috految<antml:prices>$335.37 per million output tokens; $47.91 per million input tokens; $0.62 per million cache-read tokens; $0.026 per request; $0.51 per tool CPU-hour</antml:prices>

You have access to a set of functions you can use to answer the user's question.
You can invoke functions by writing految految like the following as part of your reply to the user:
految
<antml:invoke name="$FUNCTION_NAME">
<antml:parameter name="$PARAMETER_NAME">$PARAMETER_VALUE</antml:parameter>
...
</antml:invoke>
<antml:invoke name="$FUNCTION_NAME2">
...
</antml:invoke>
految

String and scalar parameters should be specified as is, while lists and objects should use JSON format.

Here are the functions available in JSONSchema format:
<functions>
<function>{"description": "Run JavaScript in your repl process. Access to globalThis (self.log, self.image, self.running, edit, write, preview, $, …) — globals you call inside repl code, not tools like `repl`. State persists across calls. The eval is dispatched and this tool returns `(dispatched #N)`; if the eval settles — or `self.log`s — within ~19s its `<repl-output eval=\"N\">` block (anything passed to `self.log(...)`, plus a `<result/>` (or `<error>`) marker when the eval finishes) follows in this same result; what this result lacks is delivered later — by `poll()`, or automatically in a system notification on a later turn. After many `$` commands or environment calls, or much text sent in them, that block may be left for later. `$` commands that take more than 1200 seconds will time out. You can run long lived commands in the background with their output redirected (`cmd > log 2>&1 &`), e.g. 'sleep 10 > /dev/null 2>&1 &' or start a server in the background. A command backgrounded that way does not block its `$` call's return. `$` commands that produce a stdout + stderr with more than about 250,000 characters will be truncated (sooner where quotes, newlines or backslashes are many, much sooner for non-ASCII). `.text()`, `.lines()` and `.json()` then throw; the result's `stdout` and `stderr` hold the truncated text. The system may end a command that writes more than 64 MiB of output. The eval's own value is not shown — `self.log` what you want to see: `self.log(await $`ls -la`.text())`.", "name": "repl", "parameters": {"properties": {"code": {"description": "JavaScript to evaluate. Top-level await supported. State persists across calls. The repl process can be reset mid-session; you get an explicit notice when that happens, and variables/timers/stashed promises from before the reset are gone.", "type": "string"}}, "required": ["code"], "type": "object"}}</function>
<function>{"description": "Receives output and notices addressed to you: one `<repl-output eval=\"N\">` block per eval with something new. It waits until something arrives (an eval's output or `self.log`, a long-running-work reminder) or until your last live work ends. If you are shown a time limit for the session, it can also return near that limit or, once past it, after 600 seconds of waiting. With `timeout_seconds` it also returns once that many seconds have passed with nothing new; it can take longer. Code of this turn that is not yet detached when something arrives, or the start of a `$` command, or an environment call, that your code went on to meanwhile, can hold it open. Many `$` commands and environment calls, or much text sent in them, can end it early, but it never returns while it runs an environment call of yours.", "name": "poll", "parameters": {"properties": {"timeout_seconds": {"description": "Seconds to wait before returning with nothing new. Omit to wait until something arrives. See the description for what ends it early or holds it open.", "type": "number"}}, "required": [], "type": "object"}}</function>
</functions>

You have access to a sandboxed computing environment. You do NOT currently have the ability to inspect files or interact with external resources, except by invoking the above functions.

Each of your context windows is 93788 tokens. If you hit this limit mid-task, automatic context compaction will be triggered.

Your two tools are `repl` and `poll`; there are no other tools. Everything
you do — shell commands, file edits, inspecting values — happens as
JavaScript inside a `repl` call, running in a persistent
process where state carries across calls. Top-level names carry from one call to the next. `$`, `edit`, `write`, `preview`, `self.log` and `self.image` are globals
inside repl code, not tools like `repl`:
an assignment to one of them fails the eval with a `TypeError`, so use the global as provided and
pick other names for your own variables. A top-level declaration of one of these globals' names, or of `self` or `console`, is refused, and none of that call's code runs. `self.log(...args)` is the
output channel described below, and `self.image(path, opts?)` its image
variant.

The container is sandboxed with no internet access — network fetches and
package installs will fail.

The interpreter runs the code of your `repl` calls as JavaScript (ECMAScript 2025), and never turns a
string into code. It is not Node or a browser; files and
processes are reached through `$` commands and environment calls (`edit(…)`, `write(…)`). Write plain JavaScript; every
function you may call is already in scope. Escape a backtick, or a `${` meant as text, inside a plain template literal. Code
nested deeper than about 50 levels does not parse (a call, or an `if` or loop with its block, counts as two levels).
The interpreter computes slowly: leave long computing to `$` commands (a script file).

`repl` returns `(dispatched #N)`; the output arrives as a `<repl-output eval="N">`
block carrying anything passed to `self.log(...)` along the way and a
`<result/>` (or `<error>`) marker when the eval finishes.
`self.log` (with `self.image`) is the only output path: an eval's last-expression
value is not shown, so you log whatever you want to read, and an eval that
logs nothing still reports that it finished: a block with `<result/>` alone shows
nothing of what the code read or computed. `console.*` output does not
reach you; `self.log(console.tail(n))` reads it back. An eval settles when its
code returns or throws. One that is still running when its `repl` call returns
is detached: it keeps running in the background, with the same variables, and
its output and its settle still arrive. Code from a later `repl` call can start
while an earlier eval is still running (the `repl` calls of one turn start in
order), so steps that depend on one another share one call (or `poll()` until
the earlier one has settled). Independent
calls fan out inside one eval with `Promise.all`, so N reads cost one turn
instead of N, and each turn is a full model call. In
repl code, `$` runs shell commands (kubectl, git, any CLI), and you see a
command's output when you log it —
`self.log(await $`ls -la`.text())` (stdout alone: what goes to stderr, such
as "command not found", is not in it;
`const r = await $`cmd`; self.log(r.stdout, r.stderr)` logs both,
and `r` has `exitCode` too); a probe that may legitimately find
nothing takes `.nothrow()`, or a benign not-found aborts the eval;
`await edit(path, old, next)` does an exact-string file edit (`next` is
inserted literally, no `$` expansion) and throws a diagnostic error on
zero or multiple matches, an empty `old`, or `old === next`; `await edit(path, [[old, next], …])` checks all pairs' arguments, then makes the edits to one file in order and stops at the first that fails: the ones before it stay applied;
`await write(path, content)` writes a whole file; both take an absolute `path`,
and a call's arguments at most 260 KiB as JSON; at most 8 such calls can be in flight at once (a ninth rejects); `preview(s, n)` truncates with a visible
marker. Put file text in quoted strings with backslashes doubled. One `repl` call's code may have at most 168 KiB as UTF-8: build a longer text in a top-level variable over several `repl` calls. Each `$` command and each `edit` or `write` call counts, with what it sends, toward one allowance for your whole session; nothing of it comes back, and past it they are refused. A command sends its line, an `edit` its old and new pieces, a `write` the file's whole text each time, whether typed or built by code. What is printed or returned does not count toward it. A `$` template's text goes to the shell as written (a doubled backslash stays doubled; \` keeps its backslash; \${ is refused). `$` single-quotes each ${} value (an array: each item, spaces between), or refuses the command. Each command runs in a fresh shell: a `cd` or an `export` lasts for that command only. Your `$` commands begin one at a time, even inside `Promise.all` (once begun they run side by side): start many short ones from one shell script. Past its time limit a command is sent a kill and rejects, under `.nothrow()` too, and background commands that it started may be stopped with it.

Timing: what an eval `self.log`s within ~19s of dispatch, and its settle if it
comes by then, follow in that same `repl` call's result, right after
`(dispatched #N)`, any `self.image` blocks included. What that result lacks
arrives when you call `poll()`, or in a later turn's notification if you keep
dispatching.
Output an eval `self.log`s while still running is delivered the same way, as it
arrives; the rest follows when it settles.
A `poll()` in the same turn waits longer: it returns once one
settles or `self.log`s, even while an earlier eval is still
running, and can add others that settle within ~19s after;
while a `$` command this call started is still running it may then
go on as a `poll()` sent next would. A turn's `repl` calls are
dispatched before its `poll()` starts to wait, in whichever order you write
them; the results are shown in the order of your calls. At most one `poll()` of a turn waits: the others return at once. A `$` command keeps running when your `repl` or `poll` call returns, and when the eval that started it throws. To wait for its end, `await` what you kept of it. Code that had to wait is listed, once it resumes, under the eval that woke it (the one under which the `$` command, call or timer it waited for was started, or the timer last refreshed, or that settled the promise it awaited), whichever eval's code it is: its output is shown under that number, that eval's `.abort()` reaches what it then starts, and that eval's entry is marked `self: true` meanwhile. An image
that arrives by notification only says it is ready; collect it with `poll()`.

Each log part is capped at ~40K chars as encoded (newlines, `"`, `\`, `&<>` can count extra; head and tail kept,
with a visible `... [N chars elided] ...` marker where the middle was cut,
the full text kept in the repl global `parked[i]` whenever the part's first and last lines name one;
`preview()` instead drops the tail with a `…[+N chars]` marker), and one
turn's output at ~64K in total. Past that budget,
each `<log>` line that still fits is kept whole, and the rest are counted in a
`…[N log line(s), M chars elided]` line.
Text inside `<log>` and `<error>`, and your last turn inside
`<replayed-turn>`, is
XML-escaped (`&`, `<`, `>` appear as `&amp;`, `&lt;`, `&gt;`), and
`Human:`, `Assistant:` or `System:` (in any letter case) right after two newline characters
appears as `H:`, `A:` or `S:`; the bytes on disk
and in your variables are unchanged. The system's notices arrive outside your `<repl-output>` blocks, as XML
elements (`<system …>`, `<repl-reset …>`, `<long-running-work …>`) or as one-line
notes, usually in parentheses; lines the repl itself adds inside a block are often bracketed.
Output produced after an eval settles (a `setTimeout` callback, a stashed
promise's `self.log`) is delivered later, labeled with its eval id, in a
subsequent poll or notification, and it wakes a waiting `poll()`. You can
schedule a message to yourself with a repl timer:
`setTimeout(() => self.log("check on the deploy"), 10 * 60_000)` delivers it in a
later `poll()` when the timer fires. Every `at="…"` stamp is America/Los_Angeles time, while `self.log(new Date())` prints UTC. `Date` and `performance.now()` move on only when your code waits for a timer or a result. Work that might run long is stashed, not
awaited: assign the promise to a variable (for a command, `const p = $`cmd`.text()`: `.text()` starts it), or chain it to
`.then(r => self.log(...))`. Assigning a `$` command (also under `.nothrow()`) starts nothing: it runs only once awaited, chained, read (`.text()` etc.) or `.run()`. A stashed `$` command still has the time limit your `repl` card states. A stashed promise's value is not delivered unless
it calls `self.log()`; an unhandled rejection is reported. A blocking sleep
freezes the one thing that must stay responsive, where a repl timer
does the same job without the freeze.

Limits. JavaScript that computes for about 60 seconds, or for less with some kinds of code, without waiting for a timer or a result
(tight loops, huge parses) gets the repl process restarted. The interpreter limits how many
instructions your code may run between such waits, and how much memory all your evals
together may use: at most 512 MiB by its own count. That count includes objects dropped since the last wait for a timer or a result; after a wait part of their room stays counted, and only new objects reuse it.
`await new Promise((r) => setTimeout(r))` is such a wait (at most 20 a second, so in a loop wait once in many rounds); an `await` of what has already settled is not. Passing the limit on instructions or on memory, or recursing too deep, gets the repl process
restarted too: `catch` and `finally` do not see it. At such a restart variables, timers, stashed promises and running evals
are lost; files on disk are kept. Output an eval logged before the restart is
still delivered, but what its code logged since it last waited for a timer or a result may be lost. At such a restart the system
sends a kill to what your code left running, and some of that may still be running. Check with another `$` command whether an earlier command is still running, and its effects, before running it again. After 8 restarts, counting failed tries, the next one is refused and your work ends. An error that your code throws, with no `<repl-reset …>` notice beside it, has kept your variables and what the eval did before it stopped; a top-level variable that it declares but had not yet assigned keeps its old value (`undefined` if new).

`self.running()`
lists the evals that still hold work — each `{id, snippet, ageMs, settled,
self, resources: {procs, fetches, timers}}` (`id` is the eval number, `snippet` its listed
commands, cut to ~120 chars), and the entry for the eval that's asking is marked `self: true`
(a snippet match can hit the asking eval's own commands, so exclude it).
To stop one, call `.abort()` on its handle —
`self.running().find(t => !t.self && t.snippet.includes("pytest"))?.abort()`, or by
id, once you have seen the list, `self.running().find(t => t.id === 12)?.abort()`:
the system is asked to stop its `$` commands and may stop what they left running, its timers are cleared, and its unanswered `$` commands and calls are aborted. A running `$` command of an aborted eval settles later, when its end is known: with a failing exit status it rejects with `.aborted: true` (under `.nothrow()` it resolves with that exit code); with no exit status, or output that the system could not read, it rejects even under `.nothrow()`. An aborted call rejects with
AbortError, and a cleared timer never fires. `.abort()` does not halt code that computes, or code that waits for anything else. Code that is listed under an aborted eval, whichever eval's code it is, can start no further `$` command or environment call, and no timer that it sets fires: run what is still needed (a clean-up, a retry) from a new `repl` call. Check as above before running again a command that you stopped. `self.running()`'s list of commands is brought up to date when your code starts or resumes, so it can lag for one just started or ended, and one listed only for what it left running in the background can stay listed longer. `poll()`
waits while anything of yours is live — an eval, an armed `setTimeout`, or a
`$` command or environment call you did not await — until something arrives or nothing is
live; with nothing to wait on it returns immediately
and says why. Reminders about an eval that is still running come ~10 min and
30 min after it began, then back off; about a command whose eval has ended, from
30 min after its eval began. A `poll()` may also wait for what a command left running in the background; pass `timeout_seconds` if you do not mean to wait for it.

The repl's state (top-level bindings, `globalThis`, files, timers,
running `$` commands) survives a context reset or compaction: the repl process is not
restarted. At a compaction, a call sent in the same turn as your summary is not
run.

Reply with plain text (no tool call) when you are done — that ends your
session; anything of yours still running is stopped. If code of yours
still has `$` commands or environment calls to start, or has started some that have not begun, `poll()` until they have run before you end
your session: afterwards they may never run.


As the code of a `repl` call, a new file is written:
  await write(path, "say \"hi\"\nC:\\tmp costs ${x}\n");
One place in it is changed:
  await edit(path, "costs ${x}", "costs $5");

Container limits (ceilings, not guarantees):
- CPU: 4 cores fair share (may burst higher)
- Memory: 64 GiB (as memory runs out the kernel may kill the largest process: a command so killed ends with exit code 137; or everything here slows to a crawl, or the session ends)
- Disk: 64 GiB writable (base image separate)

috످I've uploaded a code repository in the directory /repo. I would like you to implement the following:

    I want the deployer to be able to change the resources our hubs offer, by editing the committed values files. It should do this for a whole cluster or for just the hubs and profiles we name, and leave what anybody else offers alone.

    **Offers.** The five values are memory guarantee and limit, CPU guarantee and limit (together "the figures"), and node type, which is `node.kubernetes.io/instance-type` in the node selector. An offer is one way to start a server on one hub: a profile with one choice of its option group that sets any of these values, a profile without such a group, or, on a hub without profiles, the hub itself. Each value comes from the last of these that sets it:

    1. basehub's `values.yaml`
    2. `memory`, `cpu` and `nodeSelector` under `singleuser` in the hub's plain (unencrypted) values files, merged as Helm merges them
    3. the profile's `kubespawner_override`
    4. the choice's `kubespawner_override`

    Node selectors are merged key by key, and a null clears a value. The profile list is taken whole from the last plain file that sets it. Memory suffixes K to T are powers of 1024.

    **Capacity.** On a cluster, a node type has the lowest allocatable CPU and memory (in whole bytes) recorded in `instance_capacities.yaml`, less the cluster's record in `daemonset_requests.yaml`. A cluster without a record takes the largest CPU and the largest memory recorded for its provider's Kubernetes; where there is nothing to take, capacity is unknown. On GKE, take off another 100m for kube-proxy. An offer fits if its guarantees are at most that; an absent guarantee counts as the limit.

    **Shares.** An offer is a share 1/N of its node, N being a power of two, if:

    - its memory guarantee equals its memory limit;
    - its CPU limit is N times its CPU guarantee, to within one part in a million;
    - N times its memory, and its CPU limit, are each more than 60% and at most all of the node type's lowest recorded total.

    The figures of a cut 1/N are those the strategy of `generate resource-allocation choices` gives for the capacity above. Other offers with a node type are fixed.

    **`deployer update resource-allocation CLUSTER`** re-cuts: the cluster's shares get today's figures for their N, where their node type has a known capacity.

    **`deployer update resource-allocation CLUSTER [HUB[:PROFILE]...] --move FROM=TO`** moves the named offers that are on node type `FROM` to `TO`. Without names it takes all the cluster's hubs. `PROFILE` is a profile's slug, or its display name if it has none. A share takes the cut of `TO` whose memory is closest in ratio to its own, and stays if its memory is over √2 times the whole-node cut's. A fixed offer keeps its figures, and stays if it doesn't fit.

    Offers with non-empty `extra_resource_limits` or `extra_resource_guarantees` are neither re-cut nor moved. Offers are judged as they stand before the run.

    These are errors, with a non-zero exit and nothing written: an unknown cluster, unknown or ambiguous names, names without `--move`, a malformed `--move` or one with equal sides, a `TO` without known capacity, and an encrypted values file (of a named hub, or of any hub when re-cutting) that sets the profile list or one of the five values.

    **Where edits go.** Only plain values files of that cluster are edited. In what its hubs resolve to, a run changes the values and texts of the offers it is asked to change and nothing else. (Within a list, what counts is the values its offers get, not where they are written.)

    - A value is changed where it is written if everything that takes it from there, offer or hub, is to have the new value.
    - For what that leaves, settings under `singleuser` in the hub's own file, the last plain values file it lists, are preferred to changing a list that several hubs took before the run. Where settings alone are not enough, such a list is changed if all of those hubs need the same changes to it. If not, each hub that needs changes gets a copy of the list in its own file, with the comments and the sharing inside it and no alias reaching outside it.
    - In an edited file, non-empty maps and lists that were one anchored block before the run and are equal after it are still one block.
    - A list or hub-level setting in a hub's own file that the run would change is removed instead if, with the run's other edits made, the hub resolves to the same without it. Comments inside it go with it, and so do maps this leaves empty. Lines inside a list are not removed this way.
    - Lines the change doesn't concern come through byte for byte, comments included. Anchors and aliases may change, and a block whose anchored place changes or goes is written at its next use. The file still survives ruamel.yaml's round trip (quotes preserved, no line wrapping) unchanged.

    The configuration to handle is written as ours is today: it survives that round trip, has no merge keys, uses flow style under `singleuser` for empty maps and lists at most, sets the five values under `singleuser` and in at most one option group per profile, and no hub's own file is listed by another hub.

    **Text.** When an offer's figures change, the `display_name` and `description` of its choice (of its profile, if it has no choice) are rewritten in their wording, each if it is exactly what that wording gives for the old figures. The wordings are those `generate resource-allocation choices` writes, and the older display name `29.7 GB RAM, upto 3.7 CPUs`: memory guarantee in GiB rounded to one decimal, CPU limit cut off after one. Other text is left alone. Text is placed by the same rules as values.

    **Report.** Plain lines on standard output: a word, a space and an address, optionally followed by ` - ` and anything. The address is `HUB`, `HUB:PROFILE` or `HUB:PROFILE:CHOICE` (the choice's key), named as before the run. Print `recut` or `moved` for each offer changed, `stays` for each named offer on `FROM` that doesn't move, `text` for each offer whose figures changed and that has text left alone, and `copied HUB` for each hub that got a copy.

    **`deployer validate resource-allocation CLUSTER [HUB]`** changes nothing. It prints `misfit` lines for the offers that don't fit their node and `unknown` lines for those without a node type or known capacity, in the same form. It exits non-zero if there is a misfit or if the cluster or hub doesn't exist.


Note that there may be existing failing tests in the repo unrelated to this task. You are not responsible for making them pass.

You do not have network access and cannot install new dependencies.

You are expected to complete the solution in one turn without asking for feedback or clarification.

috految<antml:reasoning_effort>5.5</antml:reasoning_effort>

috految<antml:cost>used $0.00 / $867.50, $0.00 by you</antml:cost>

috److految
<antml:invoke name="repl">
<antml:parameter name="code">const sh=async c=>{const r=await $`bash -c ${c}`.nothrow();self.log(r.stdout+r.stderr)};
await sh(`cd /repo; ls tests deployer deployer/{utils,commands/{,update,validate}} helm-charts; python -V; pip list 2>/dev/null|grep -iE 'yaml|typer|click|black|ruff|kubern|deployer'; which helm; grep -E 'packages|python|ruamel|kubern' setup.py pyproject.toml requirements.txt; grep -iE 'yaml|yml|prettier|args' .pre-commit-config.yaml; git grep -nE 'resource.allocation[ /]|daemonset_requests' docs deployer/README.md .github|cut -c-130; grep '^##' deployer/README.md|tail -22; git grep -n update_app; cd deployer; cat __main__.py; tail -22 cli_app.py; head -65 infra_components/cluster.py; cat infra_components/hub.py|grep -v '^ *#'; grep -E 'PATH|YAML|sops|secret|enc-|def |raise|if ' utils/file_acquisition.py; cd commands/generate/resource_allocation; ls; cat generate_choices.py; grep -A22 'def get_k8s' daemonset_requests.py;tail -25 daemonset_requests.py; grep -vE '^    (req|other|k8s)' daemonset_requests.yaml|tr -s ' \n' ' '; head -32 instance_capacities.yaml; grep -v '#' instance_capacities.yaml|sed 's/[0-9]\\+/1/g'|sort|uniq -c; grep -E 'low|high|props|Gi|Ki' instance_capacities.py; tail -28 update_nodeinfo.py; cd /repo; grep -E '^[a-z]|singleuser|profileList' helm-charts/*hub/values.yaml -h; grep -A4 -E '^    (memory|cpu|nodeSelector):' helm-charts/basehub/values.yaml; grep -E 'nodeSel|singleuser|profile|cpu|mem_|memory|node.sel' helm-charts/*hub/*schema* helm-charts/*hub/*sonnet -h; grep -E '^(provider|.*helm_chart):|^ *- [^:]*(/|jsonnet)' -h config/clusters/*/cluster.yaml|sort|uniq -c; find config -type l; ls config/clusters|xargs`)</antml:parameter>
</antml:invoke>
految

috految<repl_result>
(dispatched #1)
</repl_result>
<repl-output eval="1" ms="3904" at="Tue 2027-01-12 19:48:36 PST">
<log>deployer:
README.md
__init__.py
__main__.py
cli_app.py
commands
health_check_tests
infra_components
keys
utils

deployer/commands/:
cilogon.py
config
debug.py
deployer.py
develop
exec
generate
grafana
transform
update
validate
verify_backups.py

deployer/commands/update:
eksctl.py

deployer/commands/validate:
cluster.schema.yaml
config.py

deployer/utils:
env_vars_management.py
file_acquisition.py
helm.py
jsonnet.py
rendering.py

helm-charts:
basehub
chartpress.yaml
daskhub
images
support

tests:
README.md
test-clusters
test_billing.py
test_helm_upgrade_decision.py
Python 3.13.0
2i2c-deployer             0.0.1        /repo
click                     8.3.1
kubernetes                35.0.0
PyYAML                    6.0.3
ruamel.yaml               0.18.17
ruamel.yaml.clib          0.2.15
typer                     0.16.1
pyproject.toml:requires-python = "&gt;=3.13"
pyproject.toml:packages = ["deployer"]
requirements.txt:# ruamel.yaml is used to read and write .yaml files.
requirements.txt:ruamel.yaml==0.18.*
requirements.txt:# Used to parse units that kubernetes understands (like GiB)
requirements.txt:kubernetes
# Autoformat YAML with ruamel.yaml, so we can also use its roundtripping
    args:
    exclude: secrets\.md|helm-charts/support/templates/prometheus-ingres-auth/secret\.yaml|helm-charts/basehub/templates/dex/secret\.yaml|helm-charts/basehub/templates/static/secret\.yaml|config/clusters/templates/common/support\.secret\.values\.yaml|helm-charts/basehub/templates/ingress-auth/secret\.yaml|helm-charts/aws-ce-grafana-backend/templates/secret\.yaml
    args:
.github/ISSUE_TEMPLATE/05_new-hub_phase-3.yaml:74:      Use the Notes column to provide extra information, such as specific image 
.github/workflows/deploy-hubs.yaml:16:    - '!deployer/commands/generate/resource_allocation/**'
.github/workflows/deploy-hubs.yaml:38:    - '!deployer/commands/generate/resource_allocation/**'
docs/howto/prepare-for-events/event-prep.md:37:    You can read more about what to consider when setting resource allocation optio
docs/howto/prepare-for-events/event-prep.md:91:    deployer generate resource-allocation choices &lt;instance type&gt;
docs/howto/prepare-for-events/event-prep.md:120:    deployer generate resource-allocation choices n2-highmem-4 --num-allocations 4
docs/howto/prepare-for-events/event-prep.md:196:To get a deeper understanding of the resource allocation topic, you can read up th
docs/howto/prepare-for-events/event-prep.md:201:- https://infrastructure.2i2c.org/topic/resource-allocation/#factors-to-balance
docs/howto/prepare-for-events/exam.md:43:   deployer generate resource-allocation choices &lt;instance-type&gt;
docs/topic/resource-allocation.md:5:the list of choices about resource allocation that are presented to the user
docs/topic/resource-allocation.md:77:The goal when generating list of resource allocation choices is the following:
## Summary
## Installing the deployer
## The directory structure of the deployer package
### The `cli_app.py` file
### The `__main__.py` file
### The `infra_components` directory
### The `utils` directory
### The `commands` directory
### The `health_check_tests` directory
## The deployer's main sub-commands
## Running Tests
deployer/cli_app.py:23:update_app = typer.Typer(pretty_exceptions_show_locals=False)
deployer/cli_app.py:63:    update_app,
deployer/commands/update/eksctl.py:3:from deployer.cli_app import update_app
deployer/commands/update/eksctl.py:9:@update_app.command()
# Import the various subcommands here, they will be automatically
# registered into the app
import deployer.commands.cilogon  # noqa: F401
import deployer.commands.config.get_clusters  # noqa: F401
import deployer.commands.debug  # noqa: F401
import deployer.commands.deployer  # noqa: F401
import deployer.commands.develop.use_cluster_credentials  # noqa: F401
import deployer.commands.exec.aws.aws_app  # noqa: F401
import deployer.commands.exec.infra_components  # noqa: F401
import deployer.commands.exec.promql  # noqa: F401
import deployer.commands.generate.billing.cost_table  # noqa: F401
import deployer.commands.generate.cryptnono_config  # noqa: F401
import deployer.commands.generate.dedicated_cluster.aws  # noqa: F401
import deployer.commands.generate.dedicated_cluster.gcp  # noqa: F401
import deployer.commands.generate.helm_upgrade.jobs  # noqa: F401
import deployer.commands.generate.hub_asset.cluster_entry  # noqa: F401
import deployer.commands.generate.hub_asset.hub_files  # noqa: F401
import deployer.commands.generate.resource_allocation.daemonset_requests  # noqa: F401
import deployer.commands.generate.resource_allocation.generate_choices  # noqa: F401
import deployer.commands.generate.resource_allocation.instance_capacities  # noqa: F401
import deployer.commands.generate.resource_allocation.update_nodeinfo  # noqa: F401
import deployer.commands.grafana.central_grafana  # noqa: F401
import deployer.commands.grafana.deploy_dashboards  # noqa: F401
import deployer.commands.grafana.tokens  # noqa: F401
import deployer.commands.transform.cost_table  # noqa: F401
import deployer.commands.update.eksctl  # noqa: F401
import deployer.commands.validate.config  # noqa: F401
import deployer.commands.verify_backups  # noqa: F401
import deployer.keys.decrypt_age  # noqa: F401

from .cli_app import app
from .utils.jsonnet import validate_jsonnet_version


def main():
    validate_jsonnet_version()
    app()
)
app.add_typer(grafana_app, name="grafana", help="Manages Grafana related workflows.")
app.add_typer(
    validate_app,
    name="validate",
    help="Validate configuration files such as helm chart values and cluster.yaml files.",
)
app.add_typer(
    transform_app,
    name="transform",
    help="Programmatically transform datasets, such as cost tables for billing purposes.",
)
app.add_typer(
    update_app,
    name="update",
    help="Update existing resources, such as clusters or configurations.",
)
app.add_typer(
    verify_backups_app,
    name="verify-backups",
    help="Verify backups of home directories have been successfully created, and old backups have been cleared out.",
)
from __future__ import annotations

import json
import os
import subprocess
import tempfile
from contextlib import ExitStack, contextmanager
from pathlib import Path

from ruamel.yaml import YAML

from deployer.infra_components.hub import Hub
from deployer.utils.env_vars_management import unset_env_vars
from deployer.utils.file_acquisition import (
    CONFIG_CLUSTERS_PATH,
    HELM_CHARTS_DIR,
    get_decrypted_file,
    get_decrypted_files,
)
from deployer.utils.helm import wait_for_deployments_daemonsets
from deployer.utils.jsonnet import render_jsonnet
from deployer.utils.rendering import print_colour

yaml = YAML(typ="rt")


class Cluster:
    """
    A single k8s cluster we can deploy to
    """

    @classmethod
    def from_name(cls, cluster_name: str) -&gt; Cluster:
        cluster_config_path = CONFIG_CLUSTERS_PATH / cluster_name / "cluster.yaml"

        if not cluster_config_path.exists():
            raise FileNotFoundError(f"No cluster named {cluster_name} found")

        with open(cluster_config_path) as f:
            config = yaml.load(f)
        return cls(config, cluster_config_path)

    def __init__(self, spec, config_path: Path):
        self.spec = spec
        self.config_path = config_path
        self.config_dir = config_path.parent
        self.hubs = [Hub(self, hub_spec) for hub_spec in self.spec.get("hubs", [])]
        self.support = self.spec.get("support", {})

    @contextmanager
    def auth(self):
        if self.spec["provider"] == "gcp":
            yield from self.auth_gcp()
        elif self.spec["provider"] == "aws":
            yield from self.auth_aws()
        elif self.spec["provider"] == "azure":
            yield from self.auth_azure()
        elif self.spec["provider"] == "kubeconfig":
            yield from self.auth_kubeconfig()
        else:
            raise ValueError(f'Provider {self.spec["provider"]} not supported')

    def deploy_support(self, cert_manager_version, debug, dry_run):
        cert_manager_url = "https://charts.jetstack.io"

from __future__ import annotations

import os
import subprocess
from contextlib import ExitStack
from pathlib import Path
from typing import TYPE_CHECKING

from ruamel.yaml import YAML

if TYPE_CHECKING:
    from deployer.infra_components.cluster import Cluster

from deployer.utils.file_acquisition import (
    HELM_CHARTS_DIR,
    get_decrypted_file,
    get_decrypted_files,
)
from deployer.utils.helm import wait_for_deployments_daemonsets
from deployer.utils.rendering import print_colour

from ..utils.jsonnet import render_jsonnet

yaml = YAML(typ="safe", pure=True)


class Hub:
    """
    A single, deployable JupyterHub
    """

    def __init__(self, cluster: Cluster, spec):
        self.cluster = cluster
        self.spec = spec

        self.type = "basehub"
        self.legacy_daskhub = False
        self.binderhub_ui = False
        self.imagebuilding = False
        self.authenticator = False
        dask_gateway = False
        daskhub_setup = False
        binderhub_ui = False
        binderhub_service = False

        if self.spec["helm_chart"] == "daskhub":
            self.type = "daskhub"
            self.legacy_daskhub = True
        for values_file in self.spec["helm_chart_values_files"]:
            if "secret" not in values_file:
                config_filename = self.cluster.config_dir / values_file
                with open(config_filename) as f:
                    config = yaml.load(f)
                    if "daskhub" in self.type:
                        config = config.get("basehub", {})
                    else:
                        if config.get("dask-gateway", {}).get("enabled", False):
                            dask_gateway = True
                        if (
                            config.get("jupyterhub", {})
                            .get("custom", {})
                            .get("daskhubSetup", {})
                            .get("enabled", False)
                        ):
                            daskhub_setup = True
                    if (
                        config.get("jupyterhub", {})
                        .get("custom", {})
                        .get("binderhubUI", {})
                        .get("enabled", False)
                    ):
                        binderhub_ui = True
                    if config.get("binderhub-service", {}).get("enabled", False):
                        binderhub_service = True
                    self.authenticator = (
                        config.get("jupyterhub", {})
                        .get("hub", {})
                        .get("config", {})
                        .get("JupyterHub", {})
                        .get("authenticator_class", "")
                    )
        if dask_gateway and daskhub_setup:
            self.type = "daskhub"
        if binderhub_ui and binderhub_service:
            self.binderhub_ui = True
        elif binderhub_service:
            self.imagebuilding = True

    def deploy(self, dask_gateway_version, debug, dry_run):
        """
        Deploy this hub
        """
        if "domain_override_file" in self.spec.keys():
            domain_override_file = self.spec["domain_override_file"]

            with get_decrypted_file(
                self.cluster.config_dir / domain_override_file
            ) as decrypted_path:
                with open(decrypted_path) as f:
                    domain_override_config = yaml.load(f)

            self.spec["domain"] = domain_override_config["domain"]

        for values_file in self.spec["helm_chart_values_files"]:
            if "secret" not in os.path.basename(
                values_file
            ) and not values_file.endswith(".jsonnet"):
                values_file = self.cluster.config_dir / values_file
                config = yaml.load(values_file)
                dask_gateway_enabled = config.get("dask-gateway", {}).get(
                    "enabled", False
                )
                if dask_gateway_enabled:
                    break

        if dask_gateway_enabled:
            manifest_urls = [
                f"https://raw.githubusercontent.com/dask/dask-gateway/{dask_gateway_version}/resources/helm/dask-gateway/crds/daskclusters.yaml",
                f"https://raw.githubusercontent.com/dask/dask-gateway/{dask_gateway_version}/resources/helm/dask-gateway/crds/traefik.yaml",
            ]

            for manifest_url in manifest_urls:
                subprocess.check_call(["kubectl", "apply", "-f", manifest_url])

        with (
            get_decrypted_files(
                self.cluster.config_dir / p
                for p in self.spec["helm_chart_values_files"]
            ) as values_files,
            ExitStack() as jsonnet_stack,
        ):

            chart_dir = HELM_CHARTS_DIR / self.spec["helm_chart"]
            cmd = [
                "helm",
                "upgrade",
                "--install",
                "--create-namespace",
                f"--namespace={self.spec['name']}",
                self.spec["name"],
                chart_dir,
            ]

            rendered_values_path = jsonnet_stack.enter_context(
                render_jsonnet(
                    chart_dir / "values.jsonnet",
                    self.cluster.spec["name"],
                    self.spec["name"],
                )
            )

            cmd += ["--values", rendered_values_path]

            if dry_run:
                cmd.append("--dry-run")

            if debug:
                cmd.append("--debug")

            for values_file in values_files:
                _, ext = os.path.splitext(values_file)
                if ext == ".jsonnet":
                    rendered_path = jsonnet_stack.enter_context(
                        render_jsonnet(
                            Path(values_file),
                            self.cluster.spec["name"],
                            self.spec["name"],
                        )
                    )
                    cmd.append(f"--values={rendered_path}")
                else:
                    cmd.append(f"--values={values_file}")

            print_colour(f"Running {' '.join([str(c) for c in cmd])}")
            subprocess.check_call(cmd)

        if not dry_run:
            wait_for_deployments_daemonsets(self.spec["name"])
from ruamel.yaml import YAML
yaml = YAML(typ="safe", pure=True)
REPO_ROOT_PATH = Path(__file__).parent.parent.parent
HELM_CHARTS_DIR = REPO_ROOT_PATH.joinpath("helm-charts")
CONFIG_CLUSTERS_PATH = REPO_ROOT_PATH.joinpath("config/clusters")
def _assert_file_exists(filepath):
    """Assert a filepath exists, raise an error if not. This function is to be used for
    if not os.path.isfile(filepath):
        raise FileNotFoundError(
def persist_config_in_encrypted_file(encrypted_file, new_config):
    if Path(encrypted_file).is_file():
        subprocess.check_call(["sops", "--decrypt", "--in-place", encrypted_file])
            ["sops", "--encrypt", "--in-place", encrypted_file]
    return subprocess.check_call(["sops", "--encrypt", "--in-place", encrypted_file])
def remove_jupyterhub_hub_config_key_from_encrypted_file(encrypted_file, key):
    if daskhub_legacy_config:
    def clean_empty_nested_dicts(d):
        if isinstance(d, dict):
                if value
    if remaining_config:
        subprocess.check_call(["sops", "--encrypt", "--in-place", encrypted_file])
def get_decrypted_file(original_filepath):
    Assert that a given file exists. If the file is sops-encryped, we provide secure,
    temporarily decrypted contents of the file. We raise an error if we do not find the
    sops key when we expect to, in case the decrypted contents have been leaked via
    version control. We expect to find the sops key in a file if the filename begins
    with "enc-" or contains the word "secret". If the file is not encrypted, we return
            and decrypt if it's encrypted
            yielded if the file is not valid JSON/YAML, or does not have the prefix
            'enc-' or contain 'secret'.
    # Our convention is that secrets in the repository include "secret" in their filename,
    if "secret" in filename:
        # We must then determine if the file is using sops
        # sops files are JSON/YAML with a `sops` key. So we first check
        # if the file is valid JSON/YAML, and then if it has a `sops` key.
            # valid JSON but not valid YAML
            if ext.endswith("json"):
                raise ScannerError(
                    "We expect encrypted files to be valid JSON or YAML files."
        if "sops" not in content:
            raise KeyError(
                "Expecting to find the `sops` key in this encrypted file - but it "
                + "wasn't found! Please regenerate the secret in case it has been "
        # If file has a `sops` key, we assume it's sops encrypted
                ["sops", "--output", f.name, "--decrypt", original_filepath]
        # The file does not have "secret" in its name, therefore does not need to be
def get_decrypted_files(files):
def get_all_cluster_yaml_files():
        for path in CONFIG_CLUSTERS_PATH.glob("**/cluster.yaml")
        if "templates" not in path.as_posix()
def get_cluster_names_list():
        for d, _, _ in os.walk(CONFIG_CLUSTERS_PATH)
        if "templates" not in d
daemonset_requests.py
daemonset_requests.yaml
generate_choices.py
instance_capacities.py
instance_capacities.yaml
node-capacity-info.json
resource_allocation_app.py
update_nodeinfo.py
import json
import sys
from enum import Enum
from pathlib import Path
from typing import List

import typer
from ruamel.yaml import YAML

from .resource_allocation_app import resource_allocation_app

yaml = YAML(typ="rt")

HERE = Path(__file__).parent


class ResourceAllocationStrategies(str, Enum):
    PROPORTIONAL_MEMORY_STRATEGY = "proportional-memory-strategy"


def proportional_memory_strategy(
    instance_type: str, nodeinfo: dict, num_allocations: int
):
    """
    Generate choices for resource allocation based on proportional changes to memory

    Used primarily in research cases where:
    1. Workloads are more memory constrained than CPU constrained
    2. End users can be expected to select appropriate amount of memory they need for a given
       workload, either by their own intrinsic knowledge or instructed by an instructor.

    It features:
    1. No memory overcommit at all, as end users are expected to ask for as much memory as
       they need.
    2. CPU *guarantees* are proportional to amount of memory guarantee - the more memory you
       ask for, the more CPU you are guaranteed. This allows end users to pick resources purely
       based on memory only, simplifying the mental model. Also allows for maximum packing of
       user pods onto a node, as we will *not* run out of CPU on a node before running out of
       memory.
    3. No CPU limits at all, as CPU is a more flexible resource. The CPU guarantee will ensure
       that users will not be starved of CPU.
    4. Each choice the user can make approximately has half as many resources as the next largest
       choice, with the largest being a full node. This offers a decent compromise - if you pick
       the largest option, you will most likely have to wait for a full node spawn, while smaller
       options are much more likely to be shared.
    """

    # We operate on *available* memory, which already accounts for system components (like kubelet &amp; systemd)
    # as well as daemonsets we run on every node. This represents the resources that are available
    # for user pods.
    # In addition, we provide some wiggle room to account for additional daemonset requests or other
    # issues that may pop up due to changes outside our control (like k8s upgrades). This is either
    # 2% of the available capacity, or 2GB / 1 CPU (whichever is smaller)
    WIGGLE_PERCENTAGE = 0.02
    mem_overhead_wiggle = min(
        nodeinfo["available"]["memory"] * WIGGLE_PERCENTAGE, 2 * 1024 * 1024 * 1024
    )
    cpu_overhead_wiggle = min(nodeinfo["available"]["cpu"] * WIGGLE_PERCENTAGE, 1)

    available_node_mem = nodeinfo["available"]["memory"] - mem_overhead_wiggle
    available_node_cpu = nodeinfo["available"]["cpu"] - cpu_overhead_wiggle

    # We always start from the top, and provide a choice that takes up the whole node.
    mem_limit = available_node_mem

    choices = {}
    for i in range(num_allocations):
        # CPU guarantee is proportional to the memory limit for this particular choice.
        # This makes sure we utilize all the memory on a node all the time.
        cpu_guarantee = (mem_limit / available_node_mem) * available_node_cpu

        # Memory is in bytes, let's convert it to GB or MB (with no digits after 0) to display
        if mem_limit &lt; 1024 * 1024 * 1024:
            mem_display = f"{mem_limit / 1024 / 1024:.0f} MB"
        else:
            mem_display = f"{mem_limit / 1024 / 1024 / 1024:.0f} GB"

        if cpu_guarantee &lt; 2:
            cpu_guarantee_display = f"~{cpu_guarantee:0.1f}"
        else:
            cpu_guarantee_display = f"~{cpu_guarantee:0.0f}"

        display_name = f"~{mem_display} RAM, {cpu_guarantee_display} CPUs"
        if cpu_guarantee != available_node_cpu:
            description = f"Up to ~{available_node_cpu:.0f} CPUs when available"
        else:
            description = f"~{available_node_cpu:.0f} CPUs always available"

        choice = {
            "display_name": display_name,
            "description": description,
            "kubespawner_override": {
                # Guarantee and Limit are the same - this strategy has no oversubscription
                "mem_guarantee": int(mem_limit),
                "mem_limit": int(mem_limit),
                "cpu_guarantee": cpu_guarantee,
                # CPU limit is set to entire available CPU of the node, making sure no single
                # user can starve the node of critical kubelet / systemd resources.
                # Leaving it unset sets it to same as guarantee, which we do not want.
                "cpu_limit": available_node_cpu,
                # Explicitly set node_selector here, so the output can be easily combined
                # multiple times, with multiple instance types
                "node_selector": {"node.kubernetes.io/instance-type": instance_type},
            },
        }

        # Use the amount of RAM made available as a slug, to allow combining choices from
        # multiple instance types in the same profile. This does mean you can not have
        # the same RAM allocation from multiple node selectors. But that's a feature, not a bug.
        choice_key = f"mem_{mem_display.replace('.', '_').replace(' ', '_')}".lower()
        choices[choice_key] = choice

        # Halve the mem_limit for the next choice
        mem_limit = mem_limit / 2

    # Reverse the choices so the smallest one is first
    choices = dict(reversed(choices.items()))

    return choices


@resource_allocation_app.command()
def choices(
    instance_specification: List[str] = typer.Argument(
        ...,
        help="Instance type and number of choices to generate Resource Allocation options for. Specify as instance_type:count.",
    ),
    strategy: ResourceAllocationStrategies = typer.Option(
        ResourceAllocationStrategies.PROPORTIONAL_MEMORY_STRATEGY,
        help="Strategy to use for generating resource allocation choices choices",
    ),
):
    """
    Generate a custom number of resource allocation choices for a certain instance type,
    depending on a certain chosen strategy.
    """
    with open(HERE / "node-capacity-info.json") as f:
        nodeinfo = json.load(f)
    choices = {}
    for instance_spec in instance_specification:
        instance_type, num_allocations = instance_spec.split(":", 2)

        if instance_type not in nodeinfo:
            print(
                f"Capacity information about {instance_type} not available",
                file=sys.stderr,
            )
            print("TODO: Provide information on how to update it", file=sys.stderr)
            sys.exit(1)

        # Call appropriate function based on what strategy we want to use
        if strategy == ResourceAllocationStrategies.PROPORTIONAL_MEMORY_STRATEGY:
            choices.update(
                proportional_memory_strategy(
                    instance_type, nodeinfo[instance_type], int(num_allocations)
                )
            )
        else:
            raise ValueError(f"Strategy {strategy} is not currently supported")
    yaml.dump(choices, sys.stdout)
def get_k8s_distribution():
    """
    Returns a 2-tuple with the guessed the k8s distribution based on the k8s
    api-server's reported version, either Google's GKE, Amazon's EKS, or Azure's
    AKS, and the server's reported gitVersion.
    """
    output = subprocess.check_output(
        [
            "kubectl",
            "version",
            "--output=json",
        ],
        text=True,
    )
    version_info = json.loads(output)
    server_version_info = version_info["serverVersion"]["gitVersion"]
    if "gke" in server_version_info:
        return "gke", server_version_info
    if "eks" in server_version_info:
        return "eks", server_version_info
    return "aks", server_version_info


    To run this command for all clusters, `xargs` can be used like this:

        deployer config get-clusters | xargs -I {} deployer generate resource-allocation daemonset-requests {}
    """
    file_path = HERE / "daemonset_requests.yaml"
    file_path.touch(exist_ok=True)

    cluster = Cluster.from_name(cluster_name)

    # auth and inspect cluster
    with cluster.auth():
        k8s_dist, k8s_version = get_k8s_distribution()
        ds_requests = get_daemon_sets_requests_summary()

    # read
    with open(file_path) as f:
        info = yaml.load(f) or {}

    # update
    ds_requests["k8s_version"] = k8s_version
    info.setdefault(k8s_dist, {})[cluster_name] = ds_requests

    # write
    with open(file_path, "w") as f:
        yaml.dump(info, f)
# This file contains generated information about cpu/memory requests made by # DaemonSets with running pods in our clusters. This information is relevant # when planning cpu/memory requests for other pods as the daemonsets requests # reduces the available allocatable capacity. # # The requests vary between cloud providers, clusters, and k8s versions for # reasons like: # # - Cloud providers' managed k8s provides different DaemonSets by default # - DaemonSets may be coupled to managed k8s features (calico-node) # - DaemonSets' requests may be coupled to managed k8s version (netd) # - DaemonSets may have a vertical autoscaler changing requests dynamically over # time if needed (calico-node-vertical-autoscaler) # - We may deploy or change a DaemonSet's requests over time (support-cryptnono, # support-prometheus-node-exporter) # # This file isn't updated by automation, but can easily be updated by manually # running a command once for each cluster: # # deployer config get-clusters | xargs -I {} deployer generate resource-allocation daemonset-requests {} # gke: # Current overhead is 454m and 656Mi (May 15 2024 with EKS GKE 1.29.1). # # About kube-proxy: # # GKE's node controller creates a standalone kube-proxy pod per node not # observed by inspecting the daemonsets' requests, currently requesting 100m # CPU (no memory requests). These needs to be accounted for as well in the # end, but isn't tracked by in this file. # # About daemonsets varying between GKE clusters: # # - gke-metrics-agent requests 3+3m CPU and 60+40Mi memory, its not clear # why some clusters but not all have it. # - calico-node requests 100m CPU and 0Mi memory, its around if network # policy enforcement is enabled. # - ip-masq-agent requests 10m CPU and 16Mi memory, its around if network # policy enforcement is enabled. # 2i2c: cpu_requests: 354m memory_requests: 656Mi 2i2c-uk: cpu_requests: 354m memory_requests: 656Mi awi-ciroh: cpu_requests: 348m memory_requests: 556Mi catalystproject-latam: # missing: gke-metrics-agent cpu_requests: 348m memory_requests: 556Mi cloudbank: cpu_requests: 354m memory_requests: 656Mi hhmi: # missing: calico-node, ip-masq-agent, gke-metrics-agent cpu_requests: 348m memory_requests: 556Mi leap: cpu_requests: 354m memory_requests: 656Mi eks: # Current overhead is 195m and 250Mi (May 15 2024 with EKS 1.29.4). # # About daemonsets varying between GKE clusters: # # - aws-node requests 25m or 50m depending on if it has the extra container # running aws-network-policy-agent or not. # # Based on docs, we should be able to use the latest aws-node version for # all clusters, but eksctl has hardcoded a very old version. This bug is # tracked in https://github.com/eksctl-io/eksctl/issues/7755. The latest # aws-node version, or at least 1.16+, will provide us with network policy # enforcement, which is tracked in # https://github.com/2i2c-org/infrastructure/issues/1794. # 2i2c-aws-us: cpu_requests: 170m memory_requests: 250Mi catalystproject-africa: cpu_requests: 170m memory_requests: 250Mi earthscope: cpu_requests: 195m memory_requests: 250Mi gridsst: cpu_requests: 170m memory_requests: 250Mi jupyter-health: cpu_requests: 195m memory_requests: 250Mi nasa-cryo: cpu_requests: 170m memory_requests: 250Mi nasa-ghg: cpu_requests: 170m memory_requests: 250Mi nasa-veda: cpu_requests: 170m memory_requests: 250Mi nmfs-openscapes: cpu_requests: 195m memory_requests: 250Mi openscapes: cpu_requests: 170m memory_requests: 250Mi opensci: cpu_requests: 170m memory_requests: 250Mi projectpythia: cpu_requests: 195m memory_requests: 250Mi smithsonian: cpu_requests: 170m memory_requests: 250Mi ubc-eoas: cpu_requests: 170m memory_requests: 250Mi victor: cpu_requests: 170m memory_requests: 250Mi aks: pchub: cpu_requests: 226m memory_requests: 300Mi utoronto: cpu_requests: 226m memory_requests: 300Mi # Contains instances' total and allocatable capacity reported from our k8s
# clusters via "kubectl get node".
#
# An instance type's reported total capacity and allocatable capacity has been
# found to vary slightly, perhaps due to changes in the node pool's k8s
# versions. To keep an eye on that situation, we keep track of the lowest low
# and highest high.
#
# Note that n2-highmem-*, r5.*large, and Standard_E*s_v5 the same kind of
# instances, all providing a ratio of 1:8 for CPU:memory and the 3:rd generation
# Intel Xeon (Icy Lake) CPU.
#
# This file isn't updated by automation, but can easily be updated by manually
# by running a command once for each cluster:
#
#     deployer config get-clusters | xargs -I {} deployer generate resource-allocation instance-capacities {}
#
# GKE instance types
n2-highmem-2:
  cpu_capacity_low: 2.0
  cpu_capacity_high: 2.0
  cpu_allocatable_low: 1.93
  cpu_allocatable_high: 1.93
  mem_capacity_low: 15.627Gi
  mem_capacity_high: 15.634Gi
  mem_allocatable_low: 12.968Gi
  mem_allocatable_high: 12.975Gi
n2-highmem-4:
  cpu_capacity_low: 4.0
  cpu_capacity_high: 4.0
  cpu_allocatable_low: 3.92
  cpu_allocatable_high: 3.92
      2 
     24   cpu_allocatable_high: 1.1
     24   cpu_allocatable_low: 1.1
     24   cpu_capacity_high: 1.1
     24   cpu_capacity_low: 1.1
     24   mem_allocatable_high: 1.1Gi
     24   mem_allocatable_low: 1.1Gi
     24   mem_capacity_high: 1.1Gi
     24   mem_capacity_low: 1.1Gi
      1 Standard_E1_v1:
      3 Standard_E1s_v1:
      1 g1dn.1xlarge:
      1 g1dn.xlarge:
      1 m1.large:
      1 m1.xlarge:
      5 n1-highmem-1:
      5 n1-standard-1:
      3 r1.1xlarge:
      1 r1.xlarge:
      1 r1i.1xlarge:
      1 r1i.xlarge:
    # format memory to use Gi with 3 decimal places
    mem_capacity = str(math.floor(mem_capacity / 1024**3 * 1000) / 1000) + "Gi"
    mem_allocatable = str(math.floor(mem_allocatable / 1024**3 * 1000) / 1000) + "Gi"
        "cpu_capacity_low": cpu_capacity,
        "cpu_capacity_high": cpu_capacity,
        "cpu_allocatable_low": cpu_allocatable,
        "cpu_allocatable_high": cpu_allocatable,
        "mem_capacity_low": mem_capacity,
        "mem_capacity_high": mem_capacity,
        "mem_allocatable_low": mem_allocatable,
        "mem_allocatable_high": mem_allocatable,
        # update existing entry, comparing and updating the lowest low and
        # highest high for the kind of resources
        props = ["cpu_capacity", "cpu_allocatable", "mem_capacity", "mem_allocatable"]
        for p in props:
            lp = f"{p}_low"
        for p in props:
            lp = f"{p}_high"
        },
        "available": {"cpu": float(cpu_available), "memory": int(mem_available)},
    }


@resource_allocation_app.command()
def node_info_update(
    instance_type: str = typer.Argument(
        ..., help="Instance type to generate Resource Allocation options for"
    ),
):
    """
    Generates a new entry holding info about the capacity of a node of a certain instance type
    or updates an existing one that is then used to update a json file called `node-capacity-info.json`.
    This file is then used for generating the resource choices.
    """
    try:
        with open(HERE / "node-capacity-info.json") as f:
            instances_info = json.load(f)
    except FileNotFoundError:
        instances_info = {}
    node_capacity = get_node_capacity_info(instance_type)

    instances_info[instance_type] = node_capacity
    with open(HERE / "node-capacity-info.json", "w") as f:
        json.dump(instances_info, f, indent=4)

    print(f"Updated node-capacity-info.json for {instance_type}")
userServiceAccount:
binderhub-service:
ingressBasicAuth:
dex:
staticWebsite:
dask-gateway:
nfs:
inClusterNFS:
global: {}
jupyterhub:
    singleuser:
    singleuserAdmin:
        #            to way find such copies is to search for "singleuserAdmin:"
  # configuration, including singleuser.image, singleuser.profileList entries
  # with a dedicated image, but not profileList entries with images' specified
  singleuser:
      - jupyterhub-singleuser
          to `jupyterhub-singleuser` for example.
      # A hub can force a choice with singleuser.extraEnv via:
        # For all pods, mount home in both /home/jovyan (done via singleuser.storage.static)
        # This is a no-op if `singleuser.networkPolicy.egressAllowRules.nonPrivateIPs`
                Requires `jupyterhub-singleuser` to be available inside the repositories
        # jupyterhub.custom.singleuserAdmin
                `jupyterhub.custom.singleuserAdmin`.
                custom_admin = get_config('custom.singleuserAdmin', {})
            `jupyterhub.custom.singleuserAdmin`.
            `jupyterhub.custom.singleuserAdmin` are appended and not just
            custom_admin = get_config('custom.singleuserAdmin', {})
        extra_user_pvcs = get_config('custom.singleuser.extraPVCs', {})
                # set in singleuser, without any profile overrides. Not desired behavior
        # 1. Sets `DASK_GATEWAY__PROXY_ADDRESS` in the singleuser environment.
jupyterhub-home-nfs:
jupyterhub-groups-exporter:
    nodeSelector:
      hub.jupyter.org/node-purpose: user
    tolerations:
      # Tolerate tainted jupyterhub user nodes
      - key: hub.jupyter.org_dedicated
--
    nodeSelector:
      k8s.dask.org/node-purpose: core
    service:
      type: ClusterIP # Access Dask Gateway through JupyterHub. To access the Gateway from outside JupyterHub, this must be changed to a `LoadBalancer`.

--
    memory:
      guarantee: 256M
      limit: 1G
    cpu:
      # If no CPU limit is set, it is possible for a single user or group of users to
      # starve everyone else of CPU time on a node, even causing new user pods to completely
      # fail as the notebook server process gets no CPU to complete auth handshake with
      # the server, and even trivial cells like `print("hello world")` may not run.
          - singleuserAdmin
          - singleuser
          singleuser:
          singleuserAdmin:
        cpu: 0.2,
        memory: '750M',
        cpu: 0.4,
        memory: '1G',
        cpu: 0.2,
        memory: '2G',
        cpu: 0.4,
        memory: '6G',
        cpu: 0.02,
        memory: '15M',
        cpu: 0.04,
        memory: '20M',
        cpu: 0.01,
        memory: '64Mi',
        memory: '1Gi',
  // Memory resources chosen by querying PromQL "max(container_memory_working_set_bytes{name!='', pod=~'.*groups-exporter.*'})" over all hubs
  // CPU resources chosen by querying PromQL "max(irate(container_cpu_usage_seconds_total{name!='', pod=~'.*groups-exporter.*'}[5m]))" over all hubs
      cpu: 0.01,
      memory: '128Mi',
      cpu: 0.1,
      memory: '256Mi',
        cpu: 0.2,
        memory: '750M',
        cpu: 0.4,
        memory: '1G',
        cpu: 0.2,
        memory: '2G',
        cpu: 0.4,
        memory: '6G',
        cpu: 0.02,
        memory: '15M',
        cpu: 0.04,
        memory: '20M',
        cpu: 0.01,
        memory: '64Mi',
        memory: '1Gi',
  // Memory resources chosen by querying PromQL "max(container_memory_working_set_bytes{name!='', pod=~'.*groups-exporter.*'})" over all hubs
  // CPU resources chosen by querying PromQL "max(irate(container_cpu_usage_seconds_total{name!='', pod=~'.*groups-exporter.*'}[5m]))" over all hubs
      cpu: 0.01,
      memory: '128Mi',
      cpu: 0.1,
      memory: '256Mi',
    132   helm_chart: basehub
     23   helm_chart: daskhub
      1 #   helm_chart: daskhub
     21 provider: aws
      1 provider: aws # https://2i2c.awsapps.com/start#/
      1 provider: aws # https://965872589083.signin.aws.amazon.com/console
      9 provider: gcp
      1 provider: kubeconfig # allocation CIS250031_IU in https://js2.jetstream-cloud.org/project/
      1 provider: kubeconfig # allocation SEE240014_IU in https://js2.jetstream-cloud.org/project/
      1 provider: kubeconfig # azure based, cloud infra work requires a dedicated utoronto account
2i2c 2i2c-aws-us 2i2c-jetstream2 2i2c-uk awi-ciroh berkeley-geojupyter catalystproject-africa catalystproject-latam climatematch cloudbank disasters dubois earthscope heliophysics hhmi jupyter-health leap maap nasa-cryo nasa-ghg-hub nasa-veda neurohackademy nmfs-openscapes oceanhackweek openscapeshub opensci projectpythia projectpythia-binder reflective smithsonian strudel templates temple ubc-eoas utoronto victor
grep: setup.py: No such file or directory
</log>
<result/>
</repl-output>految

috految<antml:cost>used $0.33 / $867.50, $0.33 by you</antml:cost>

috److految
<antml:invoke name="repl">
<antml:parameter name="code">await sh(String.raw`cd /repo; grep -A7 ruamel .pre-commit-config.yaml; grep -E 'print|"jsonnet"' deployer/utils/jsonnet.py; grep -E 'config\b|singleuser' deployer/commands/validate/config.py; grep -A1 '_requests"' deployer/commands/*/*/daemon*py; grep -A1 -E 'shares|^ *(limit|guarantee):' helm-charts/basehub/values.yaml; grep -E 'name:|version' helm-charts/daskhub/Chart.yaml; grep -B2 -A3 'def ' deployer/commands/update/*py; grep -E 'instance-type|node_selector|kubespawner_o' helm-charts/basehub/values.yaml; grep -E '_low|_high' deployer/commands/*/*/instance*yaml|awk 'NR%2{a=$2+0;next} a>$2+0'; cd config/clusters; grep -H ^name: */cluster.yaml|grep -vE '^(.*)/.*: \1$'; ls */|grep -E 'enc|secret'|grep -v '^enc.*secret'; grep -hE '^ *(- )?(mem_[gl]|cpu_[gl]|guarantee|limit:|node_?[sS]el|extra_res|extraRes|profile_?[lL]ist|memory:|cpu:|slug: .*[:A-Z,]|kubespawner_o|choices|profile_options|display_name.*(upto|RAM))|instance-type|: [&*]|- [&*]|^---|  [&*?]|<<|!!' */*.values.yaml|sed -E 's/^ *//;s/[0-9]+/1/g;s/([&*])[a-zA-Z_-]+/\1a/'|cut -c-80|sort -u; grep -h -A1 null */*values.yaml|head; grep -hE -B1 -A1 '^ *(- )?(mem_|cpu_|display_name|description).*[|>]' */*values.yaml|head -9; grep -hE -B1 '^ *#' */*values.yaml|grep -E '[&*]'|head -8; grep -h -B1 '^ *profileList' */*values.yaml|grep '#'|sort -u`)</antml:parameter>
</antml:invoke>
految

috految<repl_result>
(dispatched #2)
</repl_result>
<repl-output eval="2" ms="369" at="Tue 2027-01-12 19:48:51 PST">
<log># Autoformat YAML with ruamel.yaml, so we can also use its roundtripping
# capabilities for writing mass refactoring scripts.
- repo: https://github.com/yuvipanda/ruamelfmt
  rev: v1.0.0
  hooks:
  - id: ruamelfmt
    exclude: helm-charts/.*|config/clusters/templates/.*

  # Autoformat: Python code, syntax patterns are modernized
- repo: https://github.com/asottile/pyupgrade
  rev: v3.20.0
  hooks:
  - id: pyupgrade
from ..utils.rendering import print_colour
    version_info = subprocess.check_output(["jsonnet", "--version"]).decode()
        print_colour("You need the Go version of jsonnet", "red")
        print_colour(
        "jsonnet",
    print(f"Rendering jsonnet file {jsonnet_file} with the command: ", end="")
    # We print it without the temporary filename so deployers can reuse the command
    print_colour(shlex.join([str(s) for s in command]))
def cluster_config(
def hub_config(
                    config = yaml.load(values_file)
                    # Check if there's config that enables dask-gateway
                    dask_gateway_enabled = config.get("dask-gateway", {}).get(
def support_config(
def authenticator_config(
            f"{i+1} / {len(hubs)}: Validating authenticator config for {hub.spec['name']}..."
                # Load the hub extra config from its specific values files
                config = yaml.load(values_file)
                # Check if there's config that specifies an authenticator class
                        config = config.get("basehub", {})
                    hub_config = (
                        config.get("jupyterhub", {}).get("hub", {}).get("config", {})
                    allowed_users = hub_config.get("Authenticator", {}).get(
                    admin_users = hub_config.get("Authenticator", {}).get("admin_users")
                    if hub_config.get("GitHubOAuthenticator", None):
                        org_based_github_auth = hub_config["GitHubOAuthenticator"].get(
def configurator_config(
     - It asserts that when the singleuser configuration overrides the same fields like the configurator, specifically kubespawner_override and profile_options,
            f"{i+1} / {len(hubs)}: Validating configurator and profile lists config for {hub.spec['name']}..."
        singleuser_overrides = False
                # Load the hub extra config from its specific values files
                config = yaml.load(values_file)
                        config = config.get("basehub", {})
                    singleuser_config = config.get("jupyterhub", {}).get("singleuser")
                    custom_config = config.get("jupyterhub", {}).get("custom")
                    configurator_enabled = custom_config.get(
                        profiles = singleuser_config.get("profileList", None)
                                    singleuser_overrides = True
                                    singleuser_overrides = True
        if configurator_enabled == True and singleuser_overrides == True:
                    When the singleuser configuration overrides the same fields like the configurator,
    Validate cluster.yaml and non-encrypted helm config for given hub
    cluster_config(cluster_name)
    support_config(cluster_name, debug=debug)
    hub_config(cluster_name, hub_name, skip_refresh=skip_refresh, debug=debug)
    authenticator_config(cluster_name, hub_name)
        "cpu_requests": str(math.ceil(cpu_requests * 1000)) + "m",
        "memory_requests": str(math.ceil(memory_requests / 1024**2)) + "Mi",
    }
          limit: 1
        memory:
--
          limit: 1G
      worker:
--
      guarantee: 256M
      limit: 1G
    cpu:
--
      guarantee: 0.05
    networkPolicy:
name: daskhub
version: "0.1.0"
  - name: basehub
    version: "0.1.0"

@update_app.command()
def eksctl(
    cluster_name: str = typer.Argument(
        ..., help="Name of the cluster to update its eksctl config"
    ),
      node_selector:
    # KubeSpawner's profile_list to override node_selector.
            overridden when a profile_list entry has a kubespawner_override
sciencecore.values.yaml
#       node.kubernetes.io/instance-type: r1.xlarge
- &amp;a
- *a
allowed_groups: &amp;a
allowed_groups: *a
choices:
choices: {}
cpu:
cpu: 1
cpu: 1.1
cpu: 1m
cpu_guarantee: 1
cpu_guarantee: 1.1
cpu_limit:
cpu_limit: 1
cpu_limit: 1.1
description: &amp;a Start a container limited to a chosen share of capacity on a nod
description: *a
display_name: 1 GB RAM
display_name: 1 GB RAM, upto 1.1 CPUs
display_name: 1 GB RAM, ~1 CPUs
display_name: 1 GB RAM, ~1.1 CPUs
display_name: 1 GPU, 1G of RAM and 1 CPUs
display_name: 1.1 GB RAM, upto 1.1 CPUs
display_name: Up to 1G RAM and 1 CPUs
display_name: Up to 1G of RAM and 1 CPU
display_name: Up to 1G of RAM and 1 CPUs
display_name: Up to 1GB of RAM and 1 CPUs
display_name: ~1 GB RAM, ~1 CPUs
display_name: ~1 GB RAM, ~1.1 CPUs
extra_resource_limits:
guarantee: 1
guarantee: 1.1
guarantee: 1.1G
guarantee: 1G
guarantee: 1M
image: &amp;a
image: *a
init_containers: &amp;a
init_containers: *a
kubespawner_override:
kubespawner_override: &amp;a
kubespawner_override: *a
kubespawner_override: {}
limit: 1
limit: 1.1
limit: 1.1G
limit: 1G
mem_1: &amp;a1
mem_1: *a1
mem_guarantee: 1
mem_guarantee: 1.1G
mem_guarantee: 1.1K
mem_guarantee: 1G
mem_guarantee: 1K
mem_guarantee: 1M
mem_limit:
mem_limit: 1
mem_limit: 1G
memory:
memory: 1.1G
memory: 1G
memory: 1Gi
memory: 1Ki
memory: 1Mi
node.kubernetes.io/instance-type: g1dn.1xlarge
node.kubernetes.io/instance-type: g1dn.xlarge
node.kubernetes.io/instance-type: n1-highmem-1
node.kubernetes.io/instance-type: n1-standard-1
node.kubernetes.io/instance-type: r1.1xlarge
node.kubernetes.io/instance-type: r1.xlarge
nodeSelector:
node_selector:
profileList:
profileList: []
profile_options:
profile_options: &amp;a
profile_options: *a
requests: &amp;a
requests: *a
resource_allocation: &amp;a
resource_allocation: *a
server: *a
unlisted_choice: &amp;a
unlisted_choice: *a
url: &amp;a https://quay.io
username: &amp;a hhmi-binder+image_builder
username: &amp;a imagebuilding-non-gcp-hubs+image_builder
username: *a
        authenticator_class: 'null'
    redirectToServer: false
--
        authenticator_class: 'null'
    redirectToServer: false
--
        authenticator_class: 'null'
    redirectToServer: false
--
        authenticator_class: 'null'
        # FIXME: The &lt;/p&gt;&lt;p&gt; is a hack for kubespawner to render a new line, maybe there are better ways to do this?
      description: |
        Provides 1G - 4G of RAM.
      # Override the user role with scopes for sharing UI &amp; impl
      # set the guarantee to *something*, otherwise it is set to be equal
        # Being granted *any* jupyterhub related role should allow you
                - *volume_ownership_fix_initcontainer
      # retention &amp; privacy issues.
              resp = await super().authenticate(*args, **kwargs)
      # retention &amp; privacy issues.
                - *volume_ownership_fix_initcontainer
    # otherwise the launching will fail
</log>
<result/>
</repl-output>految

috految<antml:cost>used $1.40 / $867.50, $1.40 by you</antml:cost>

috److془Design carefully.

Planning: expanded trees; render with sharing by (origin, value).

Semantics:
"In what its hubs resolve to, a run changes the values and texts of the offers it is asked to change and nothing else. (Within a list, what counts is the values its offers get, not where they are written.)"
"A value is changed where it is written if everything that takes it from there, offer or hub, is to have the new value."
"For what that leaves, settings under singleuser in the hub's own file are preferred to changing a list that several hubs took before the run. Where settings alone are not enough, such a list is changed if all of those hubs need the same changes to it. If not, each hub that needs changes gets a copy."

Hub takes hub-level value: hub with profiles whose all offers override, takes the value from common; not to have the new value → blocks. Hub with profiles whose inheriting offers all want new: wants new. Hub with no inheritors, named, all offers moving to TO: hub-level setting must be unchanged ("nothing else"). Good. 

Hub-level with mixed inheritors: stays; write into list. Subtle: common has FROM, hub A all inherits want TO, hub B mixed → A setting, B list. Subtle: "Where settings alone are not enough, such a list is changed if all of those hubs need the same changes to it." A: settings suffice, needs no changes; B copy. Case: A needs list changes + settings; B needs the same list changes + different settings: change list. Case A: p1 node, p1 mem; B same changes, then same inheritors structure so same settings. Case with A: p1→X, p2→X; B: p1→X,p2 stays. A settings, B copy. Fine. Case: A needs p1 node, B at hub-level already TO: B needs none; copy. Case: inheritors p1→x, p2→y for both identical; fine. Case: A: p1→x,p2→y; B p1→x,p2→y' copy. Fine. Case where A: p1,p2 both need changes, with settings; ok. Case: hub with list changes and settings: "settings alone are not enough" - either ok. Case: lists where shared values: offers same hub-level; a value in list wanted by A only in copy. Could the settings be used when list value must be removed? no. Case: both A and B need p1 node to TO, with different texts.. copies. Fine.

Hmm: after a hub gets a copy, rule 1 in-place edits still apply in common. Yes. Rule 1 and aliases: p1 and p2 share anchored block; A moves p1,p2, B moves p1. Written place takers not unanimous → both copy. Use origin identity. Aliases outside the offers (dask-gateway nodeSelector alias, in common): hub takes it from there, not to have new value → block; own settings. Or in place with split? "everything that takes it from there, offer or hub, is to have the new value". Hmm: "a block whose anchored place changes or goes is written at its next use". For nonoffer aliases: in place with split if anchored at singleuser; everything's fine either way. Go with not blocking. If anchored outside and alias at singleuser: the value's written in elsewhere; replace alias. Fine. Hmm: with aliased use in other settings, whereas strict reading says own file... "is changed if" only; fine. Shadowed uses: profile override aliased in p2, where choices override; value changed where written → alias follows. Within list, so fine. Also for shadowed uses in unused list or hub-level of file taken by nobody. Only at value slots. Unlisted_choice in the sized group inherits from profile: not an offer; "what counts is values its offers get". Unlisted choices with aliases: preserved by split. Hmm, is the unlisted a "choice"? No: choice's key. Shadowed hub-level slot in common with list alias: no takers, follow. Hub-level with alias in list, inheritors none: hub blocks; list changed by split. Hmm, fine. Does a hub with inheritors-none + offer via alias... fine. Dead non-slot anchor holders like top-level `x-foo: &a`: resolves in hub; unchanged. Good. Shadowed slot: overridden in same file only by list. Texts: slots of offers only. Unused list's texts would be only shared with itself; fine. Hub-level change with list alias in unused list: follow by slots. Hmm: unanimity of an aliased scalar when both: fine. Scalar `mem_guarantee: &m 5; mem_limit: *m` fine. cpu_guarantee/limit alias nonunanimous fine. Shadow following only for the same field, whatever. Hubs with the different prefix reading same file: different slots; fine. Own file listed by other hub: excluded; verify finally. Files outside cluster directory (../other/common): not editable; force settings/copy. Other cluster listing our file: "leave what anybody else offers alone"; today none. Skip. Hmm, are the cluster.yaml lists all with no '/'? grep shows so. Unnamed hub with encrypted file that sets list: the hub blocks anything it takes by plain. Good. Hub-level beneath, blocked as well. Good. Encrypted files with nodeSelector other keys fine. Encrypted null ancestors: sets (clears). sops keeps nulls. `singleuser: null` hmm clear; okay. Empty `jupyterhub:` whatever, the real run tells. Encrypted under sops `#ENC` comments fine. Missing encrypted: see real. Hub-level settings persisting: hub's list private with inheritor unanimous, value from common blocked: setting or list; setting. "Removal": move back then removes the setting. Good. But: own list with p1 explicit TO (p2 inherits), move p2 → setting; list not changed, remains. Fine. Move hub back: setting & p1 changed; list removed as offers resolve the same. Good. Subtle: "A list or hub-level setting in own file that the run would change is removed instead if, with the run's other edits made, the hub resolves to the same without it". Copy with p1 pinned TO, move p2 only: unspecified. Subtle: staging has own list copy, common list with explicit node; staging inherits from common blocked. Setting added, list changed & removed; setting now useless → drop new settings with no inheritors. Existing hub-level setting changed and now no taker: hub-level stays new. Fine. Subtle: rule 1 edit on common, staging falls back to common; fine. Subtle: hub-level in own file TO, common FROM, moved back; removed. Subtle: own list removed, fallback list inherits from hub-level: evaluated properly. New setting after list removal: require offers same. Fine. Could new setting prevent removal? then "with other edits made" fine. Case: staging own identical list, prod sole taker of common; both move p1: common edited, staging removed. Good. Sole taker of common list: edit in place. Copy removal: if equals with inherited edits it wouldn't have needed. Mixed case: own setting TO, inheritors p1 back to FROM: pin. Then p2 back: setting removed, list remains. ok. 
Case: the list is shared, both need p1 pin. fine.
Trap: in-place / hub-level change with the pins: unanimous so none. Hub-level with hub whose inheritors are all different new: → list. Case of mixing: "all need same changes" ok. Second-stage: hub own file setting is unanimous but blocked by alias: set at own; good. Hub-level in common with the alias in list: whatever. Case: staging copy at stage two: in own list, unanimous per origin among hub's offers first (keeps sharing with shadowed), then per slot, then pins. Pins: at profile or choice? Profile-level if all the choices inheriting want the same, else choice. Unlisted choice in sized group: hmm "what counts is offers". Profile-level pin with node_selector: choice's null would be source so not inheritor. Pin in choice's override when profile null'd: old value None impossible for changes. Except: "an absent guarantee counts as the limit" for fit only. Share requires all four. Hmm; yes. Fit: both absent → 0. Pin at profile with another group setting node_selector other keys: merge fine. Pin on `kubespawner_override: {}`or null: fine. Null override: nothing. `node_selector: null` clears. Pin to choice: group remains. node_selector {} no clear. Profile pin vs choice with shared blocks: fine. Profile pin when a later anchored override shared with p2, splits, fine. Profile with sized group whose choices are empty: no group. Hub-level Helm: files merged first, then coalesced with defaults: `memory: null` in common and memory:{limit} in own → default guarantees return. Setting in own under null parent: the value would be None, unless base... then the merged parent is map already. Good. Removal: compare the full merged singleuser/whole config with pruning. Pruning could expose null; compare handles. Null ancestor in a later file clears profile list (Helm). Own `singleuser:` null; fine. Removal subtlety: hub-level figures compare normalized. Equality with fallback default fine. Removal of own list exposing encrypted: errors anyway. `profileList: []` hub offer. Removal list compare: strip five values, prune empties, compare with choice order? Helm sorts map keys; order irrelevant. Hmm: basehub has default choice sort; irrelevant. Sets offers by path. Node selector other keys: effective-merge by offers ("values its offers get, not where written" 'values' = five). Keep strict. Null node_selector kept. Trap: group in own sized and not in fallback← offers differ, keep. Good. Does removal change unlisted? meh. Null vs absent equal. Absent vs empty override pruned. GPU: extra_resource merge profile, choice; {} in choice over the profile nonempty: kubespawner recursive_update merges so stays GPU. Null key clears. Hub-level singleuser.extraResource.limits: include. Other group's choices having extras (GPU option group)? Offer is profile with one choice of the group; Hmm. "leave alone" if all choices of other group have them; if some? Moving breaks GPU choice. Literal: not offer's. Use any—safe? Sized by the spec: profile with group of gpu count has extras arguably. Any. Hmm real: check. Actually literal "cpu/gpu" tests unlikely. Real: profile-level extras with unlisted... fine. Hmm, GPU image choices with extras in real; print.
Hub with `nodeSelector: null` (own) with profile: fine. Empty file after removal: `{}` so Hub loads. Hub init for daskhub uses .get okay. Validate configurator: singleuser None -> probably not called (not in all). Fine. Other deployer: `config["jupyterhub"]` meh. Hub init with empty file crashes already; jsonnet values skip. Hub-level memory int: z2jh schema number or string; helm toYaml gives ints (JSON). 

Hub lists "alias" for a list plus in the own file: fine. Does the hub's use `basehub` prefix iff legacy_daskhub. Name duplicates of hub: ambiguous. Same file twice fine. Cluster record: by name over any distribution (utoronto kubeconfig), prefer own provider's. Provider gcp→gke. nasa-ghg-hub lacks record; fine. Flag gke if dist gke. Record in different dist with known provider: use anyway. Hmm "cluster's record". Provider = gke decides. Whole bytes int(Decimal). Memory "K to T" parse int; also Gi accept. Share with TO: N by totals, needs only instance record. Unknown FROM : fixed. Memory of cut: choices key collisions, use refactor. Figures: n=1 trace exact halving int(x/n)= int(x)//n. Use the strategy with 1 allocation, divide. Move: choose among k in range(32). Float: ruamel round trip mangles floats of 17 digits? ScalarFloat represent: for no exp: '{}{:0{}.{}f}' fine; for "0.xxx": prec==1 ; fine. Exponent for <1e-4 absurd. Compare cpu with tolerance 1e-12ish. Cut 1/1 with old guarantee noise unchanged, limit changed: guarantee>limit ulp; k8s rounds. Use limit equal approx for wording. Simply: if all close no change; else exact. Hmm noisy ulp-edits in only-memory change; go per field. ulp rounding of helm negligible. Old display: floor(cpu*10+1e-9)/10; `.1f`. "3.0" vs "3": .1f. Wording "413 MB" by generator. Description: Up to ↔ always, one function. Old: "Up to ~4 CPUs" with guarantee==limit left alone. "text" for nonempty text not matched. Text sized-choice only. Profile with display_name changing when slugless: fine. Sizes: the description in display wording? no. Block `|-` text replace fine. Text with no change matched: not reported. Text pin: always has slot. Text identity origin fine. Profile's display name may have newline: collapse. Names with colons partition. Choice keys: raw strings. Named GPU on FROM: stays. Moved with the same GPU etc. Repeated --move: error. Note typer 0.16.1 with click 8.3: required args missing gives None; test optional list. Validate_jsonnet_version prints only errors. Slugless `HUB:`: unknown. Encrypted with no names move: all. Validate with GPU included. Whole-suffix "1.1K" ok. Invalid figures e.g. "{value}" only unlisted. "mem_limit: 0" fine. Should hub memory guarantee etc. yes. Unanimity when the taker to keep: want = old. Good.

Now rendering, with ruamel round trip quirks. Issues: unused anchors on maps dropped by ruamel (always_dump False) ; scalars retained (alias of floats/ints may be quirky). id001 anchors renumbered. Comments after alias: ruamel: scanner get_token attaches only post scalar/value/flowEnd tokens; otherwise pre comments of next token; if next is BlockEnd, moved on to next token (move_token_comment); Key → pre comment of key. If next is `- *alias` comments lost; `- &anchor`: maybe lost/moved. Comment after `key: &a\n # c\n  k:` hmm shared node comment maybe duplicated at alias or vanish. `key: # c` followed by anchor → moved to the next line. Comments at EOF after alias: lost possibly. Comments after `{}` or null quirk. Comments after block scalar: indented comment absorbed into scalar; blank lines. Comments before alias key `# c\n key: *a` fine probably. Comments after an anchored block's last scalar with alias: fine. Comments after anchored scalars: duplicate at aliases maybe; emit only for scalars. Lost comments then: need generic repair: search over variants. Comment after `- *a` lost? following chosen positions. Variation options: insertion position (end/first of maps); unshare scalars; relocating comment to nearest position where it survives. Also the comment after `k: |` removed list: relocation handles. Final: accept round trip if same data and the comments. Prefer fixup in place: dedent; Also the other trick: anchor dumped on maps, new alias only arises at places written earlier as alias or in newly expanded. Good so existing lines trouble is only new anchors on nested blocks. Need nested non-anchored sharing? "non-empty maps and lists that were one anchored block before the run and are equal after it are still one block". Nested in a split anchored profile_options: image group was one block, by way of anchor. Share them (safe: "Anchors and aliases may change"). Hmm if the nested `- name:x` gains anchor, line changes; only when lists differ; rare (profileList aliased). Nested sharing with `key: # c` or comment after key: try; on trouble, unshare implicit ones where eol comment exists. Hmm or sharing required and comment moves? Literal "anchored block" permits unshare. Trouble: hmm, with `image: &a # c`, I recall moved to next line form. Unshare is reasonable. Prefer sharing when equal-cost. Comment within anchored block first: `k: &a\n  # c\n  x:` I recall ruamel: in parse_node BlockMappingStart comment= peek_token().comment; works. Alias place: `item_comment` set; and the alias emitter `if isinstance(event, AliasEvent): expect_alias`; fine. Fuzz. Unshare children get shared; likewise greedily. Unshare subtlety: toggle on explicit not allowed. Concern: "a block whose.. is written at next use" with comments inside: duplicate comments on expansions. Good. Nested anchor with key that follows: `number` fine. Unshared scalars in split: explicit anchors share, others not. Empty collections: share only if explicit. Trap: `kubespawner_override: &a {}` both pinned share fine. `- &a\n  k: v` anchor drop → `- k: v`; comments between hoist above dash. Might ruamel retain unused anchors? keep if originally unaliased. `- &a\n k` changing is necessary if dropped. Hmm: rt maps: yaml_set_anchor(node.anchor) always_dump False; yes. Scalar anchors keep always. Trap: removal of anchored own list: first use expands automatically. Copy: origins from other doc, no outside aliases automatically, names unique. Aliasing with the copy single file only. Expanded external anchors used twice share. Copy's inner sharing fine. Duplicate anchor names: just unique them. Lines ok. Anchor name: first variant emitted to need it; reserve. Trap: pushing: alias can't precede its anchor. New-entry following the anchored: fine. Aliases in flow collections outside singleuser (`[*a]`), anchors too: flow render if contains anchors or changed; structural flow render. Flow parents on edit `jupyterhub: {a: b}` convert to block. Flow with anchors aliasing: emit as flow with scalars raw. Alias keys: raw; anchors on keys crash on usage no matter register. Anchor on keys: aliased values expand, okay. `- &a k: v` fine. Long keys "? " >128 chars: raw head works if I treat well. Comment duplicates for unchanged anchored nested: fine.

Lines: entry: before (lines), head (text from entry start to the colon/dash), col, eol, after(trailing comments indented deeper than entry's col). Upon removal: before retained; deeper trailing go—for list. Comments at list's dash col following last item (commented-out profile): ambiguous with next key's; retain. Hmm but in repo, ruamelfmt shifted lists while comments stayed; so comment of next key in sequences is deeper; for singleuser keys indentation right. Within lists, retention positions unaffected, provided the expansions do not duplicate trailing (next profile's comment), insertion before trailing. So only profileList has `after`. Trailing of block in removed list goes; fine. Take contiguous deeper comments (through blanks). Commented one at dash col followed by deeper: stop. Include dash col "# - x" ? leave. Copy insertion at end followed by existing deep comments would be swallowed later on removing! Insert after trailing deeper comments, or simply insert at first of map. First: comments above first key stay with it; after copy list, ends with alias perhaps → variations. Deep comments first: choose positions where next's before is empty; prefer last such, at end if no gap follows. Beautiful. Fallback 0 (keep it off for dash maps and root: end). Removal by ancestors emptied: "Comments inside it go with it, and so do maps this leaves empty". Comment in nodeSelector above the sole key: inside the map, which goes... comment above profileList within emptied singleuser: keep. For memory/nodeSelector emptied: drop. Hmm for the emptied singleuser keep, good. Trailing deep comments for those: drop as well. Trailing of flat settings kept. Removal of line with eol comment: goes. Copy with comment between key and first item: first item's before ✓. Comment before alias copy fine. Copy with the first-item comment ✓. Removed where ancestor is alias: expansions fine. Comments reindent by delta; eol: ruamel retains column so any fine. Blank lines after scalars fine. Deep comments after block scalars: data check. Draft 0 without comments parse-safe. Blank after `|+` include. Comment eol of `choices: {} # c` okay. Comment after dashes `-  # c\n k:` eol. Scalar on next line: keep spacing raw; `key:\n # c\n  []` the same. Empty null: end at the colon. Quirk: empty value with anchors whatever. Comment between key and anchor: `k: # c\n &a` raw lead. Folded scalars with md: raw. Literal-with-alias: fine. Multi-line text shift delta. Indent for children: col+2, seq in map: col. Original offset when unchanged site. In-progress end: ruamel for keep-scalar adds "..." normalised by round trip. Trailing whitespace: eol. Use safe pure parse events; Scalar event start includes anchor. Quirk: comment on `- ` +sequence indent `-   ` retained by offsets. Ruamel quirk: comments before anchored item could be altered; fuzz. Repair: lines tagged; incrementally add comment groups, nearest place for stable. Relocation for blank lost: drop. Real-file costs ~0.1s per check fine. Blank lines after alias: lost perhaps, unavoidable; toggles try. Put toggles accepted if diff lessens. Node selector pins equal sharing for new maps: origin unique; parent equality on data ✓. Sharing nested with equal parent ok. Implicit after removal: fine. Toggle when trailing is alias at EOF: site was alias before, fine. Quirk: anchored floats/strings fine. Toggles scalars with comments ✓. Splitting id001: round trip names; use fresh names for id\d+. Anchor keep in stable. Scalar null values explicit from old: raw.془

految
<antml:invoke name="repl">
<antml:parameter name="code">await write('/tmp/e.sh',String.raw`cd /repo/deployer
mkdir resource_allocation
sed -i '/update.eksctl/a import deployer.commands.update.resource_allocation  # noqa: F401
/validate.config/a import deployer.commands.validate.resource_allocation  # noqa: F401' __main__.py
python - <<'E'
import textwrap
p='commands/generate/resource_allocation/generate_choices.py'
s=open(p).read()
a,b,c=[s.index(' '*8+x) for x in('# Memory is in bytes','if cpu_guarantee < 2','choice = {')]
f=lambda t:textwrap.indent(textwrap.dedent(t),'    ')
h='def format_memory(mem_limit: float):\n'+f(s[a:b]).replace('mem_display =','return')+'''
def describe_choice(mem_limit: float, cpu_guarantee: float, cpu_limit: float):
    """
    Return the display name and description of a choice
    """
    mem_display = format_memory(mem_limit)
'''+f(s[b:c]).replace('available_node_cpu','cpu_limit')+'    return display_name, description\n\n\n'
s=s[:a]+'''        mem_display = format_memory(mem_limit)
        display_name, description = describe_choice(
            mem_limit, cpu_guarantee, available_node_cpu
        )

'''+s[c:]
open(p,'w').write(s.replace('def proportional_',h+'def proportional_'))
E
tr '~' '\140' >> ../docs/topic/resource-allocation.md <<'E'

## Changing what hubs offer

~~~bash
# Give the cluster's node shares the figures for today's recorded capacity
deployer update resource-allocation CLUSTER
# Move offers to another node type (those of all hubs, if none are named)
deployer update resource-allocation CLUSTER [HUB[:PROFILE]...] --move FROM=TO
# List offers that don't fit their node, or can't be checked
deployer validate resource-allocation CLUSTER [HUB]
~~~

Capacity comes from ~instance_capacities.yaml~ and ~daemonset_requests.yaml~.
Offers with extra resources, such as GPUs, are never changed. Besides ~recut~
and ~moved~, the report has ~stays~ for offers that couldn't move, ~text~ for
names or descriptions to review by hand, and ~copied~ for hubs that got their
own copy of a shared profile list.
E
cat > resource_allocation/document.py <<'E'
"""
Edit YAML files without disturbing the lines that aren't concerned.

ruamel.yaml attaches comments to whatever precedes them, so editing its data
structures loses and misplaces them. Instead, we keep the source text in a tree
where aliases are expanded and so can be edited independently. On writing, nodes
of the same origin that are still equal become one block again.
"""

from __future__ import annotations

import json
import re
import sys
from collections import Counter
from dataclasses import dataclass, field, replace
from difflib import unified_diff
from io import StringIO

from ruamel.yaml import YAML, YAMLError, events

# Whitespace and comments between tokens
GAP = re.compile(r"(?:\s|#[^\n]*)*")


def load(text):
    return YAML(typ="safe", pure=True).load(text)


def round_trip(text):
    yaml = YAML(typ="rt")
    yaml.preserve_quotes = True
    yaml.width = sys.maxsize
    out = StringIO()
    yaml.dump(yaml.load(text), out)
    return out.getvalue()


@dataclass(eq=False)
class Node:
    """A map entry or list item, with its value and layout."""

    # Shared by all the uses of what is written in one place
    origin: object = field(default_factory=object)
    value: object = None
    # By key or index, and None for scalars
    children: dict | None = None
    is_list: bool = False
    anchor: str | None = None
    # The source of a scalar or flow collection, and the column it was under
    source: str | None = None
    source_column: int = 0

    head: str = ""  # "key:" or "-"
    column: int = 0
    spacing: str = " "  # between head and value
    eol: str = ""  # the rest of the line
    before: str = ""  # comments and blank lines above
    after: str = ""  # comments closing the block
    commented_below: bool = False
    is_alias: bool = False
    added: bool = False
    removed: bool = False

    def copy(self):
        children = self.children
        if children is not None:
            children = {key: child.copy() for key, child in children.items()}
        return replace(self, children=children)

    def entries(self):
        return {k: c for k, c in (self.children or {}).items() if not c.removed}

    def data(self):
        if self.children is None:
            return self.value
        data = {key: child.data() for key, child in self.entries().items()}
        return list(data.values()) if self.is_list else data

    def walk(self):
        yield self
        for child in self.entries().values():
            yield from child.walk()

    def find(self, path):
        node = self
        for key in path:
            node = node.entries().get(key)
            if node is None:
                break
        return node

    def ensure(self, path):
        """Return the node at path, adding any missing maps."""
        node = self
        for key in path:
            node.source = None
            if node.children is None:
                node.children = {}
            if key not in node.children:
                node.children[key] = Node(head=f"{key}:", added=True)
            node = node.children[key]
        return node

    def set(self, value):
        """Set a scalar, keeping its quotes."""
        source = str(value)
        if isinstance(value, str) and self.source:
            if self.source[0] in "'\"":
                source = self.source[0] + value + self.source[0]
            elif self.source[0] in "|>" and self.value in self.source:
                source = self.source.replace(self.value, value)
        self.value, self.source = value, source


class Document:
    """
    A YAML file. Indented comments that follow the value of a key in block_keys
    count as inside it, and are copied or removed with it.
    """

    def __init__(self, path, block_keys):
        self.path = path
        self.text = path.read_text(encoding="utf-8")
        self.original = load(self.text)
        self._block_keys = block_keys
        self._anchors = {}
        self._position = 0
        self._events = iter(list(YAML(typ="safe", pure=True).parse(self.text)))
        start = next(e for e in self._events if isinstance(e, events.NodeEvent))
        self.header = self._take(start.start_mark.index)
        self.root = Node(column=-2)
        self._read(self.root, start, self.original)
        self.footer = self.text[self._position :]

    def _take(self, end):
        text = self.text[self._position : end]
        self._position = end
        return text

    def _take_line(self):
        end = self.text.find("\n", self._position) + 1 or len(self.text)
        return self._take(end).removesuffix("\n")

    def _read(self, node, event, data, in_flow=False):
        start, end = event.start_mark.index, event.end_mark.index
        if isinstance(event, events.AliasEvent):
            target = self._anchors[event.anchor].copy()
            node.origin, node.anchor = target.origin, target.anchor
            node.value, node.children = target.value, target.children
            node.source, node.source_column = target.source, target.source_column
            node.is_list, node.is_alias = target.is_list, True
            if not in_flow:
                node.spacing = self._take(start)
                self._take(end)
                node.eol = self._take_line()
            return

        node.anchor, node.source_column = event.anchor, node.column
        if node.anchor:
            self._anchors[node.anchor] = node
        if isinstance(event, events.ScalarEvent):
            node.value = data
            if start == end:
                start = end = self._position
            elif event.style in ("|", ">"):
                source = self.text[start:end]
                if event.value.endswith("\n\n"):
                    end -= 1
                else:
                    end = start + len(source.rstrip("\n"))
        else:
            node.children = {}
            node.is_list = isinstance(event, events.SequenceStartEvent)
            flow = in_flow or event.flow_style
            if not flow and node.head:
                if node.anchor:
                    node.spacing = self._take(start)
                    self._take(start + len(node.anchor) + 1)
                if "\n" in GAP.match(self.text, self._position)[0]:
                    node.eol = self._take_line()
            for key in range(len(data)) if node.is_list else data:
                node.children[key] = self._read_entry(node, key, data[key], flow)
            end = next(self._events).end_mark.index
            if not flow:
                return

        node.source = self.text[start:end]
        if node.anchor:
            node.source = node.source.removeprefix(f"&{node.anchor}").lstrip(" ")
        if not in_flow:
            node.spacing = self._take(start)
            self._take(end)
            node.eol = self._take_line()

    def _read_entry(self, parent, key, data, flow):
        node = Node(head="-")
        if not parent.is_list:
            event = next(self._events)
            if event.anchor and isinstance(event, events.ScalarEvent):
                self._anchors[event.anchor] = Node(value=key, source=event.value)
            node.head = self.text[event.start_mark.index : event.end_mark.index] + ":"
        if not flow:
            start = GAP.match(self.text, self._position).end()
            node.column = start - self.text.rfind("\n", 0, start) - 1
            node.before = self._take(start).rstrip(" ")
            if parent.is_list:
                self._take(start + 1)
            else:
                node.head = self._take(self.text.index(":", event.end_mark.index) + 1)
        self._read(node, next(self._events), data, flow)
        if not flow:
            if key in self._block_keys and node.children:
                inside = re.compile(rf"(?:\n* {{{node.column + 1},}}#.*\n)*")
                node.after = self._take(inside.match(self.text, self._position).end())
            node.commented_below = "\n" in GAP.match(self.text, self._position)[0]
        return node

    def render(self):
        """Return the edited text, in a form that survives ruamel's round trip."""
        data = self.root.data()

        def instability(text):
            try:
                if load(text) != data:
                    return sys.maxsize
                again = round_trip(text)
            except (YAMLError, NotImplementedError, AssertionError):
                # How ruamel reports comments it has no place for
                return sys.maxsize
            return len(list(unified_diff(text.split("\n"), again.split("\n"), n=0)))

        # ruamel can't keep comments everywhere, notably beside anchors and
        # aliases. See if another layout avoids the problem.
        writer = Writer(self)
        cost = instability(writer.text)
        options = [(n, i) for n in self.root.walk() if n.added for i in (0, 1, -1)]
        options += [(origin, None) for origin in writer.optional_anchors]
        for option, position in options:
            if not cost:
                break
            other = Writer(self, writer.layout | {option: position})
            if (other_cost := instability(other.text)) < cost:
                writer, cost = other, other_cost
        if not cost:
            return writer.text

        # Otherwise, put each comment in the nearest place where it survives
        lines = [line for _, line in writer.lines]
        text = "".join(lines)
        if instability(text) == sys.maxsize:
            raise ValueError(f"Can't safely edit {self.path}")
        tolerated = instability(text)
        above = [""] * len(lines)
        for index, (gap, _) in enumerate(writer.lines):
            if not gap:
                continue
            places = sorted(range(len(lines)), key=lambda i: abs(i - index))
            comments = re.sub(r"(?m)^\n", "", gap)
            forms = [gap, comments, re.sub(r"(?m)^ +", "", comments)]
            for place, form in ((p, f) for p in places for f in forms):
                trial = above.copy()
                trial[place] += form
                candidate = "".join(a + line for a, line in zip(trial, lines))
                if instability(candidate) <= tolerated:
                    above, text = trial, candidate
                    break
            else:
                raise ValueError(f"Can't keep the comments of {self.path}")
        text = round_trip(round_trip(text))
        if load(text) != data:
            raise ValueError(f"Can't safely edit {self.path}")
        return text


def shift(text, by):
    """Change the indentation of all nonempty lines."""
    if by >= 0:
        return re.sub(r"(?m)^(?=.)", " " * by, text)
    return re.sub(rf"(?m)^ {{1,{-by}}}", "", text)


class Writer:
    """
    Lays out a document as (comments above, line) pairs. The layout gives
    positions for added nodes, and origins to repeat instead of aliasing.
    """

    def __init__(self, document, layout=None):
        self.layout = layout or {}
        self.lines = []
        self.optional_anchors = []
        self._gap = document.header
        self._uses = Counter()
        self._names = {}
        self._reserved = {n.anchor for n in document.root.walk()}
        self._count(document.root)
        self._write_children(document.root, 0)
        if not self.lines:
            # The deployer expects every values file to hold a map
            self._emit("{}")
        self.lines.append((self._gap + document.footer, ""))
        self.text = "".join(gap + line for gap, line in self.lines)

    def _identity(self, node):
        if node.origin in self.layout or not (node.anchor or node.entries()):
            return node
        data = json.loads(json.dumps(node.data(), default=str, skipkeys=True))
        return node.origin, json.dumps(data, sort_keys=True)

    def _count(self, node):
        identity = self._identity(node)
        self._uses[identity] += 1
        if self._uses[identity] == 1:
            for child in node.entries().values():
                self._count(child)

    def _emit(self, line):
        self.lines.append((self._gap, line + "\n"))
        self._gap = ""

    def _reference(self, node):
        """Return the alias or anchor, if any, to write for this use."""
        identity = self._identity(node)
        if identity in self._names:
            return f"*{self._names[identity]}"
        # ruamel only keeps unused anchors on scalars
        keep = node.anchor and node.children is None and not node.is_alias
        if identity is node or (self._uses[identity] < 2 and not keep):
            return ""
        base = node.anchor or re.sub(r"\W", "", node.head, flags=re.ASCII) or "item"
        name, number = base, 1
        while (
            name in self._names.values()
            or (name != node.anchor and name in self._reserved)
            or re.fullmatch(r"id\d+", name)  # ruamel renumbers these
        ):
            number += 1
            name = f"{base}_{number}"
        self._names[identity] = name
        if not (node.anchor and node.entries()):
            self.optional_anchors.append(node.origin)
        return f"&{name}"

    def _flow(self, node):
        if node.children is None:
            return node.source
        items = []
        for child in node.entries().values():
            item = self._reference(child)
            if not item.startswith("*"):
                item = f"{item} {self._flow(child)}".lstrip()
            items.append(item if node.is_list else f"{child.head} {item}")
        return ("[{}]" if node.is_list else "{{{}}}").format(", ".join(items))

    def _write_children(self, parent, column, prefix=""):
        children = [c for c in parent.children.values() if not c.added]
        for child in parent.children.values():
            if not child.added:
                continue
            # Keep clear of comments, so they stay with what they are about
            free = [i for i, c in enumerate(children, 1) if not c.commented_below]
            default = len(children) if parent.head in ("", "-") else 0
            position = self.layout.get(child, max(free, default=default))
            children.insert(len(children) if position < 0 else position, child)

        for node in children:
            self._gap += shift(node.before, column - node.column)
            if node.removed:
                self._gap += node.after
                continue
            line = prefix.ljust(column) + node.head
            prefix = ""
            reference = self._reference(node)
            if reference.startswith("*"):
                eol = node.eol if node.is_alias else ""
                self._emit(line + (node.spacing or " ") + reference + eol)
            elif node.source is not None:
                source = node.source
                if node.entries() and (
                    any(n.anchor for n in node.walk()) or load(source) != node.data()
                ):
                    source = self._flow(node)
                first, newline, rest = source.partition("\n")
                source = first + newline + shift(rest, column - node.source_column)
                value = " ".join(filter(None, [reference, source]))
                spacing = node.spacing or (" " if value else "")
                self._emit(line + spacing + value + node.eol)
            else:
                indent = 0 if node.is_list and node.head != "-" else 2
                if reference:
                    line += (node.spacing or " ") + reference
                elif "#" in node.spacing:
                    line += node.spacing.rstrip()
                if node.head == "-" and not reference and not node.eol:
                    first = next(iter(node.children.values()))
                    if not first.before or node.anchor:
                        self._write_children(node, column + indent, line)
                        continue
                self._emit(line + node.eol)
                self._write_children(node, column + indent)
            self._gap += shift(node.after, column - node.column)
E
cat > resource_allocation/offers.py <<'E'
"""
Resolve the ways to start a server ("offers") from a hub's values files.
"""

import math
import re
from dataclasses import dataclass

from kubernetes.utils.quantity import parse_quantity

from deployer.infra_components.cluster import Cluster
from deployer.utils.file_acquisition import HELM_CHARTS_DIR

from .document import Document, load

LABEL = "node.kubernetes.io/instance-type"
OVERRIDE = "kubespawner_override"
FIGURES = ("mem_guarantee", "mem_limit", "cpu_guarantee", "cpu_limit")
TEXTS = ("display_name", "description")
# Where the five values are, under singleuser and under a profile or choice
SETTINGS = {
    "mem_guarantee": ("memory", "guarantee"),
    "mem_limit": ("memory", "limit"),
    "cpu_guarantee": ("cpu", "guarantee"),
    "cpu_limit": ("cpu", "limit"),
    "node_type": ("nodeSelector", LABEL),
}
OVERRIDES = {name: (OVERRIDE, name) for name in FIGURES} | {
    "node_type": (OVERRIDE, "node_selector", LABEL)
}


def get(data, path):
    for key in path:
        data = data.get(key) if isinstance(data, dict) else None
    return data


def sets(data, path):
    """Whether data gives path a value, or clears it with a null on the way."""
    for key in path:
        if not isinstance(data, dict):
            return True
        if key not in data:
            return False
        data = data[key]
    return True


def merge(base, update):
    if isinstance(base, dict) and isinstance(update, dict):
        return base | {k: merge(base.get(k), v) for k, v in update.items()}
    return update


def parse(name, value):
    if value is None or name not in FIGURES:
        return value
    if name.startswith("cpu"):
        return float(parse_quantity(str(value)))
    return int(parse_quantity(re.sub(r"([KMGT])$", r"\1i", str(value))))


def same(a, b):
    if isinstance(a, float) and isinstance(b, float):
        return math.isclose(a, b, rel_tol=1e-12)
    return a == b


@dataclass(eq=False)
class Offer:
    address: str
    profile: str | None
    # Paths are relative to the profile list
    path: tuple
    # The five values, and the texts on the offer's own choice or profile
    values: dict
    # Where in the list the values are from, unless they are the hub's
    sources: dict
    has_extra_resources: bool


class HubValues:
    """A hub's values. Hubs share Documents, and so see each other's edits."""

    def __init__(self, hub, documents, defaults):
        self.name = str(hub.spec["name"])
        self.defaults = defaults
        self.prefix = ("jupyterhub", "singleuser")
        if hub.legacy_daskhub:
            self.prefix = ("basehub", *self.prefix)
        self.list_path = (*self.prefix, "profileList")
        self.documents = []
        self.encrypted = []
        for name in hub.spec["helm_chart_values_files"]:
            path = (hub.cluster.config_dir / name).resolve()
            if "secret" in path.name or path.name.startswith("enc-"):
                self.encrypted.append(path)
            elif path.suffix != ".jsonnet":
                if path not in documents:
                    documents[path] = Document(
                        path, ("profileList", "memory", "cpu", "nodeSelector")
                    )
                self.documents.append(documents[path])

    def check_encrypted(self):
        # sops leaves keys readable, so there is no need to decrypt
        for path in self.encrypted:
            data = load(path.read_text(encoding="utf-8")) or {}
            for key in [("profileList",), *SETTINGS.values()]:
                if sets(data, self.prefix + key):
                    raise ValueError(f"Encrypted file {path} sets {'.'.join(key)}")

    def source(self, path):
        """Return the document the hub takes the value at path from, if any."""
        for document in reversed(self.documents):
            if sets(document.root.data(), path):
                return document if document.root.find(path) else None
        return None

    def singleuser(self):
        # Helm merges the files together first, and then with the chart's values
        merged = {}
        for document in self.documents:
            merged = merge(merged, document.root.data())
        if not sets(merged, self.prefix):
            return self.defaults
        return merge(self.defaults, get(merged, self.prefix)) or {}

    def settings(self):
        values = self.singleuser()
        return {name: parse(name, get(values, key)) for name, key in SETTINGS.items()}

    def offers(self):
        singleuser, settings = self.singleuser(), self.settings()

        def has_extras(layers):
            for kind in ("limits", "guarantees"):
                extras = get(singleuser, ("extraResource", kind))
                for layer in layers:
                    override = get(layer, (OVERRIDE,)) or {}
                    extras = merge(extras, override.get(f"extra_resource_{kind}", {}))
                if extras and any(v is not None for v in extras.values()):
                    return True
            return False

        if not singleuser.get("profileList"):
            return [Offer(self.name, None, (), settings, {}, has_extras([]))]

        offers = []
        for index, profile in enumerate(singleuser["profileList"]):
            label = str(profile.get("slug") or profile.get("display_name"))
            label = label.strip("\n").replace("\n", " ")
            choices, others = {}, []
            for group, option in (profile.get("profile_options") or {}).items():
                members = get(option, ("choices",)) or {}
                if any(
                    get(choice, (OVERRIDE,)) and sets(choice, key)
                    for choice in members.values()
                    for key in OVERRIDES.values()
                ):
                    for key, choice in members.items():
                        path = (index, "profile_options", group, "choices", key)
                        choices[path] = choice
                else:
                    others += members.values()

            for path, owner in (choices or {(index,): profile}).items():
                values, sources = dict(settings), {}
                for where, layer in (((index,), profile), (path, owner)):
                    for name, key in OVERRIDES.items():
                        if get(layer, (OVERRIDE,)) and sets(layer, key):
                            values[name] = parse(name, get(layer, key))
                            sources[name] = where + key
                for name in TEXTS:
                    if text := get(owner, (name,)):
                        values[name] = text
                        sources[name] = (*path, name)
                address = f"{self.name}:{label}" + (f":{path[-1]}" if choices else "")
                extras = has_extras([profile, owner]) or any(
                    has_extras([profile, owner, other]) for other in others
                )
                offers.append(Offer(address, label, path, values, sources, extras))
        return offers


def load_hubs(cluster: Cluster):
    chart = load((HELM_CHARTS_DIR / "basehub/values.yaml").read_text(encoding="utf-8"))
    defaults = chart["jupyterhub"]["singleuser"]
    documents = {}
    return [HubValues(hub, documents, defaults) for hub in cluster.hubs]
E
cat > resource_allocation/capacity.py <<'E'
"""
What node types have room for on a cluster, and how they are cut into shares.
"""

import math

from kubernetes.utils.quantity import parse_quantity

from deployer.commands.generate.resource_allocation.generate_choices import (
    HERE,
    proportional_memory_strategy,
)

from .document import load
from .offers import FIGURES, OVERRIDE, same

DISTRIBUTIONS = {"gcp": "gke", "aws": "eks", "azure": "aks"}
KUBE_PROXY_CPU = parse_quantity("100m")
MIN_SHARE_OF_TOTAL = 0.6


class Capacity:
    def __init__(self, cluster):
        self.instances = load((HERE / "instance_capacities.yaml").read_text())
        requests = load((HERE / "daemonset_requests.yaml").read_text())
        name = cluster.config_dir.name
        distribution = DISTRIBUTIONS.get(cluster.spec["provider"])
        records = list((requests.get(distribution) or {}).values())
        # Clusters accessed by kubeconfig can be recorded under any distribution
        for candidate in [distribution, *requests]:
            if name in (requests.get(candidate) or {}):
                records = [requests[candidate][name]]
                distribution = distribution or candidate
                break

        self.available = {}
        if not records:
            return
        cpu = max(parse_quantity(str(r["cpu_requests"])) for r in records)
        memory = max(parse_quantity(r["memory_requests"]) for r in records)
        if distribution == "gke":
            cpu += KUBE_PROXY_CPU
        for node_type, node in self.instances.items():
            self.available[node_type] = {
                "cpu": float(parse_quantity(str(node["cpu_allocatable_low"])) - cpu),
                "memory": int(parse_quantity(node["mem_allocatable_low"]) - memory),
            }

    def fits(self, values, node_type):
        for kind, resource in (("mem", "memory"), ("cpu", "cpu")):
            need = values[f"{kind}_guarantee"]
            if need is None:
                need = values[f"{kind}_limit"] or 0
            room = self.available[node_type][resource]
            if need > room and not same(need, room):
                return False
        return True

    def share(self, values):
        """Return N if the values are a share 1/N of their node, else None."""
        node = self.instances.get(values["node_type"])
        figures = [values[name] for name in FIGURES]
        if not node or not all(figures):
            return None
        memory, memory_limit, cpu, cpu_limit = figures
        n = 2 ** max(0, round(math.log2(cpu_limit / cpu)))
        if memory != memory_limit or not math.isclose(n * cpu, cpu_limit, rel_tol=1e-6):
            return None
        for used, kind in ((n * memory, "mem"), (cpu_limit, "cpu")):
            total = float(parse_quantity(str(node[f"{kind}_capacity_low"])))
            if not MIN_SHARE_OF_TOTAL < round(used / total, 12) <= 1:
                return None
        return n

    def cut(self, node_type, n):
        info = {"available": self.available[node_type]}
        choices = proportional_memory_strategy(node_type, info, n.bit_length())
        cuts = [choice[OVERRIDE] for choice in choices.values()]
        smallest = min(cuts, key=lambda cut: cut["mem_limit"])
        return {name: smallest[name] for name in FIGURES}

    def closest_cut(self, node_type, memory):
        """Return the cut closest in ratio, or None if the node is too small."""
        whole = self.cut(node_type, 1)["mem_limit"]
        if memory > math.sqrt(2) * whole:
            return None
        return self.cut(node_type, 2 ** max(0, round(math.log2(whole / memory))))
E
cat > resource_allocation/placement.py <<'E'
"""
Decide where, in a cluster's values files, changes to offers are written.
"""

from collections import defaultdict

from .offers import OVERRIDE, OVERRIDES, SETTINGS, get, parse, same


def unanimous(values):
    return bool(values) and all(same(values[0], value) for value in values)


def change_in_place(takers, places):
    """Change each written value whose (node, name, wanted) takers all agree."""
    votes = defaultdict(list)
    for node, _, value in takers:
        votes[node.origin].append(value)
    for node, name, value in takers:
        if unanimous(votes[node.origin]) and not same(parse(name, node.value), value):
            node.set(value)
            # Aliases that no offer takes its value from follow along
            for place in places:
                if place and place.origin is node.origin:
                    place.set(value)


def list_places(profiles):
    return [
        profile.find(key)
        for profile in profiles.entries().values()
        for key in OVERRIDES.values()
    ]


def list_takers(profiles, offers, wanted):
    return [
        (node, name, wanted[offer][name])
        for offer in offers
        for name, path in offer.sources.items()
        if (node := profiles.find(path))
    ]


def edit_list(profiles, offers, wanted, needs):
    """Give the offers the (path, name) values they still need."""
    change_in_place(list_takers(profiles, offers, wanted), list_places(profiles))
    for offer in offers:
        for name, value in wanted[offer].items():
            if (offer.path, name) not in needs:
                continue
            source = offer.sources.get(name)
            peers = [
                other
                for other in offers
                if other.path[0] == offer.path[0] and other.sources.get(name) == source
            ]
            if unanimous([wanted[peer][name] for peer in peers]):
                path = source or offer.path[:1] + OVERRIDES[name]
            else:
                path = offer.path + OVERRIDES[name]
            profiles.ensure(path).set(value)


def resolved(hub):
    """What a hub resolves to, regardless of where offers' values are written."""
    singleuser, offers = hub.singleuser(), hub.offers()
    profiles = singleuser.get("profileList") or []
    for offer in offers:
        if not offer.path:
            continue
        profile = profiles[offer.path[0]]
        for layer in filter(None, (profile, get(profile, offer.path[1:]))):
            override = layer.get(OVERRIDE) or {}
            for path in OVERRIDES.values():
                (get(layer, path[:-1]) or {}).pop(path[-1], None)
            if override.get("node_selector") == {}:
                del override["node_selector"]
            if not override:
                layer.pop(OVERRIDE, None)
    rest = {k: v for k, v in singleuser.items() if k not in ("memory", "cpu")}
    rest["nodeSelector"] = {
        k: v
        for k, v in (rest.get("nodeSelector") or {}).items()
        if k != SETTINGS["node_type"][-1]
    }
    values = {
        (offer.path, name): round(value, 10) if isinstance(value, float) else value
        for offer in offers
        for name, value in offer.values.items()
    }
    return rest, values


def remove_if_redundant(hub, path):
    root = hub.documents[-1].root
    node = root.find(path)
    expected, settings = resolved(hub), hub.settings()
    chain = [root.find(path[:i]) for i in range(len(path), 0, -1)]
    for entry in chain:
        entry.removed = entry is node or not entry.entries()
    if resolved(hub) == expected and (
        node.added or all(same(v, settings[k]) for k, v in hub.settings().items())
    ):
        for entry in chain:
            if not entry.removed:
                break
            entry.after = ""
            if entry in chain[-len(hub.prefix) :]:
                # Comments around the removed settings aren't part of them
                entry.after = "".join(
                    child.before + child.after for child in entry.children.values()
                )
    else:
        for entry in chain:
            entry.removed = False


def place_changes(cluster, offers, wanted):
    """
    Edit the documents so all offers (by hub) have their wanted values.

    Returns the hubs that got a copy of their profile list.
    """

    def editable(document):
        return document and document.path.is_relative_to(cluster.config_dir.resolve())

    takers, places, settings = [], [], {}
    lists = defaultdict(list)
    for hub, hub_offers in offers.items():
        current = hub.settings()
        # A hub's setting only changes for the sake of offers that inherit it
        for name, key in SETTINGS.items():
            values = [wanted[o][name] for o in hub_offers if name not in o.sources]
            value = values[0] if unanimous(values) else current[name]
            settings[hub, name] = value
            path = hub.prefix + key
            if editable(document := hub.source(path)):
                takers.append((document.root.find(path), name, value))
            places += [d.root.find(path) for d in hub.documents]
        if document := hub.source(hub.list_path):
            profiles = document.root.find(hub.list_path)
            lists[document, profiles].append(hub)
            if editable(document):
                takers += list_takers(profiles, hub_offers, wanted)
                places += list_places(profiles)
    change_in_place(takers, places)

    for (hub, name), value in settings.items():
        if not same(hub.settings()[name], value):
            hub.documents[-1].root.ensure(hub.prefix + SETTINGS[name]).set(value)

    copied = []
    for (document, profiles), hubs in lists.items():
        needs = {
            hub: {
                (offer.path, name): value
                for offer, now in zip(offers[hub], hub.offers())
                for name, value in wanted[offer].items()
                if not same(now.values[name], value)
            }
            for hub in hubs
        }
        first = hubs[0]
        if editable(document) and all(n == needs[first] for n in needs.values()):
            if needs[first]:
                edit_list(profiles, offers[first], wanted, needs[first])
            continue
        for hub in hubs:
            if needs[hub]:
                copy = profiles.copy()
                copy.added, copy.before = True, ""
                own = hub.documents[-1].root
                own.ensure(hub.list_path)
                own.find(hub.prefix).children["profileList"] = copy
                edit_list(copy, offers[hub], wanted, needs[hub])
                copied.append(hub)

    for hub in offers:
        if not hub.documents:
            continue
        own = hub.documents[-1]
        for path in [hub.list_path, *(hub.prefix + k for k in SETTINGS.values())]:
            node = own.root.find(path)
            if node and node.data() != get(own.original, path):
                if not editable(own):
                    raise ValueError(f"{own.path} is not one of the cluster's files")
                remove_if_redundant(hub, path)

    for hub, hub_offers in offers.items():
        now = {offer.path: offer.values for offer in hub.offers()}
        for offer in hub_offers:
            if not all(same(v, now[offer.path][k]) for k, v in wanted[offer].items()):
                raise ValueError(f"Can't safely change {offer.address}")
    return copied
E
H='import typer

from deployer.cli_app import'
C='from deployer.infra_components.cluster import Cluster
from deployer.resource_allocation.capacity import Capacity
from deployer.resource_allocation.offers import'
cat > commands/validate/resource_allocation.py <<E
$H validate_app
$C load_hubs


@validate_app.command()
def resource_allocation(
    cluster_name: str = typer.Argument(..., help="Name of cluster to operate on"),
    hub_name: str = typer.Argument(None, help="Name of hub to check, default all"),
):
    """
    Check that what hubs offer fits on their nodes.
    """
    try:
        cluster = Cluster.from_name(cluster_name)
    except FileNotFoundError as e:
        raise typer.BadParameter(str(e)) from e
    hubs = [hub for hub in load_hubs(cluster) if hub_name in (None, hub.name)]
    if hub_name is not None and not hubs:
        raise typer.BadParameter(f"No hub named {hub_name} found")

    capacity = Capacity(cluster)
    misfit = False
    for hub in hubs:
        for offer in hub.offers():
            node_type = offer.values["node_type"]
            if node_type not in capacity.available:
                print(f"unknown {offer.address}")
            elif not capacity.fits(offer.values, node_type):
                print(f"misfit {offer.address}")
                misfit = True
    if misfit:
        raise typer.Exit(1)
E
cat > commands/update/resource_allocation.py <<E
import math
import re

$H update_app
from deployer.commands.generate.resource_allocation.generate_choices import (
    describe_choice,
)
$C FIGURES, TEXTS, load_hubs, same
from deployer.resource_allocation.placement import place_changes


def wordings(values):
    """Return the text each known wording gives, by the key it is used under."""
    memory, _, cpu, limit = (values[name] for name in FIGURES)
    name, description = describe_choice(
        memory, limit if same(cpu, limit) else cpu, limit
    )
    cpus = math.floor(round(limit * 10, 9)) / 10
    older = f"{memory / 1024**3:.1f} GB RAM, upto {cpus:.1f} CPUs"
    return {"display_name": [name, older], "description": [description]}


def select(offers, names):
    """Return the named offers, or all if there are no names."""
    if not names:
        return [offer for hub_offers in offers.values() for offer in hub_offers]
    selected = []
    for name in names:
        hub_name, colon, profile = name.partition(":")
        hubs = [hub for hub in offers if hub.name == hub_name]
        if len(hubs) != 1:
            raise ValueError(f"Unknown or ambiguous hub {hub_name}")
        named = [o for o in offers[hubs[0]] if not colon or o.profile == profile]
        if colon and len({o.path[0] for o in named}) != 1:
            raise ValueError(f"Unknown or ambiguous profile {name}")
        selected += named
    return list(dict.fromkeys(selected))


def plan(cluster, names, move):
    """Return the new text of each edited file, and the lines to report."""
    capacity = Capacity(cluster)
    if move:
        match = re.fullmatch(r"([^=\s,]+)=([^=\s,]+)", move[0])
        if len(move) > 1 or not match or match[1] == match[2]:
            raise ValueError("--move takes one FROM=TO, of different node types")
        source, target = match.groups()
        if target not in capacity.available:
            raise ValueError(f"The capacity of {target} is unknown on this cluster")
    elif names:
        raise ValueError("Hubs and profiles can only be named with --move")

    offers = {hub: hub.offers() for hub in load_hubs(cluster)}
    selected = select(offers, names)
    for hub, hub_offers in offers.items():
        if set(hub_offers).intersection(selected):
            hub.check_encrypted()

    wanted = {o: dict(o.values) for hub_offers in offers.values() for o in hub_offers}
    report = []
    for offer in selected:
        old, new = offer.values, wanted[offer]
        node_type = old["node_type"]
        n = capacity.share(old)
        if move:
            if node_type != source:
                continue
            if n:
                figures = capacity.closest_cut(target, old["mem_limit"])
            else:
                figures = {} if capacity.fits(old, target) else None
            if figures is None or offer.has_extra_resources:
                report.append(f"stays {offer.address}")
                continue
            new["node_type"] = target
        elif n and node_type in capacity.available and not offer.has_extra_resources:
            figures = capacity.cut(node_type, n)
        else:
            continue

        changes = {k: v for k, v in figures.items() if not same(v, old[k])}
        new.update(changes)
        if move or changes:
            report.append(f"{'moved' if move else 'recut'} {offer.address}")
        if changes:
            before, after = wordings(old), wordings(new)
            texts = [name for name in TEXTS if name in old]
            for name in texts:
                if old[name] in before[name]:
                    new[name] = after[name][before[name].index(old[name])]
            if any(old[name] not in before[name] for name in texts):
                report.append(f"text {offer.address}")

    report += [f"copied {hub.name}" for hub in place_changes(cluster, offers, wanted)]
    documents = {d for hub in offers for d in hub.documents}
    edited = {d.path: d.render() for d in documents if d.root.data() != d.original}
    return edited, report


@update_app.command()
def resource_allocation(
    cluster_name: str = typer.Argument(..., help="Name of cluster to operate on"),
    names: list[str] = typer.Argument(None, help="HUB or HUB:PROFILE to move"),
    move: list[str] = typer.Option(None, help="Node types to move between: FROM=TO"),
):
    """
    Re-cut a cluster's node shares, or move offers to another node type.
    """
    try:
        edited, report = plan(Cluster.from_name(cluster_name), names, move)
    except (FileNotFoundError, ValueError) as e:
        typer.echo(f"Error: {e}", err=True)
        raise typer.Exit(1) from e
    for path, text in edited.items():
        path.write_text(text, encoding="utf-8")
    for line in report:
        print(line)
E
cd ..
cat >/tmp/t.py <<'E'
from deployer.__main__ import app
from deployer.commands.update.resource_allocation import *
from deployer.resource_allocation.document import *
from pathlib import Path
from typer.testing import CliRunner
def df(a,b):return str(list(unified_diff(a.split('\n'),b.split('\n'),n=1))[2:])[:450]
R=Document.render
def r(d):
 t=R(d);w=Writer(d).text
 assert round_trip(t)==t
 if t!=w:print('FIX',d.path,df(w,t))
 return t
Document.render=r
for p in Path('config/clusters').glob('*/cluster.yaml'):
 c=Cluster.from_name(p.parent.name);H=load_hubs(c)
 for d in {d for h in H for d in h.documents}:
  if Writer(d).text!=d.text:print('ID',d.path,df(d.text,Writer(d).text))
  if 'extra_res' in d.text:print(set(re.findall(r'(?m)^ *extra_res',d.text)))
 for h in H:
  for o in h.offers():
   if o.has_extra_resources and 'gpu' not in o.address.lower():print(o.address)
 try:
  plan(c,[],None)
  for n,t in list({(h.name+(':'+o.profile if o.profile else '')):o.values['node_type'] for h in H for o in h.offers()}.items())[:6]:
   if t:
    for m in(f'{t}=n2-highmem-32',f'n2-highmem-32={t}'):
     for q,x in plan(c,[n],[m])[0].items():q.write_text(x)
 except Exception as e:print(p,repr(e))
for a in('update resource-allocation maap','update resource-allocation maap --move r5.xlarge=r5.4xlarge','validate resource-allocation maap','update resource-allocation maap staging','validate resource-allocation maap x'):
 x=CliRunner().invoke(app,a);print(x,x.output[:90])
E
cp -r /repo /tmp/r;git status --short;cd /tmp/r;PYTHONPATH=. python /tmp/t.py 2>&1|awk '!s[$0]++'|tail -45;git diff --shortstat config
`);await sh('bash /tmp/e.sh')</antml:parameter>
</antml:invoke>
<antml:invoke name="poll">
</antml:invoke>
految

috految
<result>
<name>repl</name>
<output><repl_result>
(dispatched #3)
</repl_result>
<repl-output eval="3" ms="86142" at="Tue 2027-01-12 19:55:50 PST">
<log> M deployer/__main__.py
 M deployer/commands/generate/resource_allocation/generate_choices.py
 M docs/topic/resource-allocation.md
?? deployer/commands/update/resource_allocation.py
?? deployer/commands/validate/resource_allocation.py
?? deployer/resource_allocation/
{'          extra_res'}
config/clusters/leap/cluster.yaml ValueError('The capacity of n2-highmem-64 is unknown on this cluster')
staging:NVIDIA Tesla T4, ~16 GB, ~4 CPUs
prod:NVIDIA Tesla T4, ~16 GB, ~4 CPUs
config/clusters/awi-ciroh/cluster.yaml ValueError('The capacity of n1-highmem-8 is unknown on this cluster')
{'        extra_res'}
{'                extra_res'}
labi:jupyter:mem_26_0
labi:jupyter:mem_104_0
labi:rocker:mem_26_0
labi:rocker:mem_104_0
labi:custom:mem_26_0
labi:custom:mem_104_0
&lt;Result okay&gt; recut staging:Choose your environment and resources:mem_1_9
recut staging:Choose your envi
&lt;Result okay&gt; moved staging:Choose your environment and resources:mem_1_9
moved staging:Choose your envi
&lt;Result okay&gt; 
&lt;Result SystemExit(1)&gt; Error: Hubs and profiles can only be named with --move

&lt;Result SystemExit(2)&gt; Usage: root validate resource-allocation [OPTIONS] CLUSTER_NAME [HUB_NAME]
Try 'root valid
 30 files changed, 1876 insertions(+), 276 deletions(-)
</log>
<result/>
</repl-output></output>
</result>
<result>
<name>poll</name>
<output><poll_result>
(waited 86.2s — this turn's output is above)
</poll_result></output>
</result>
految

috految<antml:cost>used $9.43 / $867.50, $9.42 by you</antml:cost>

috److I added `deployer update resource-allocation` (re-cut and `--move`) and `deployer validate resource-allocation`. The logic lives in `deployer/resource_allocation/`, and there's a short usage section in `docs/topic/resource-allocation.md`. I moved the display-name wording in `generate_choices.py` into helper functions so the generator and the re-cut use the same text.

**Testing:** I checked it on a scratch copy of the repo, so your config files are untouched.
- Every plain hub values file comes back byte for byte when nothing is changed.
- A re-cut planned without errors on every cluster, and every edited file survived the ruamel round trip.
- I moved a sample of profiles to another node type and back. The only errors were on `leap` and `awi-ciroh`, where moving back was refused because `n2-highmem-64` and `n1-highmem-8` have no known capacity.
- I didn't add unit tests, run the existing suite, or review the resulting diffs line by line.

**Where the spec was silent, I chose:**
- **Extra resources:** an offer is also left alone if they come from `singleuser.extraResource`, or from any choice in another option group of the same profile.
- **Repeated `--move`:** passing it more than once is an error.
- **Comments ruamel can't keep in place:** these move to the nearest spot where they survive the round trip, which bends the byte-for-byte rule. This never triggered in my runs.

`daemonset_requests.yaml` has records named `nasa-ghg` and `openscapes`, but the clusters are named `nasa-ghg-hub` and `openscapeshub`. Those two clusters therefore fall back to their provider's largest recorded requests until the records are renamed.

috످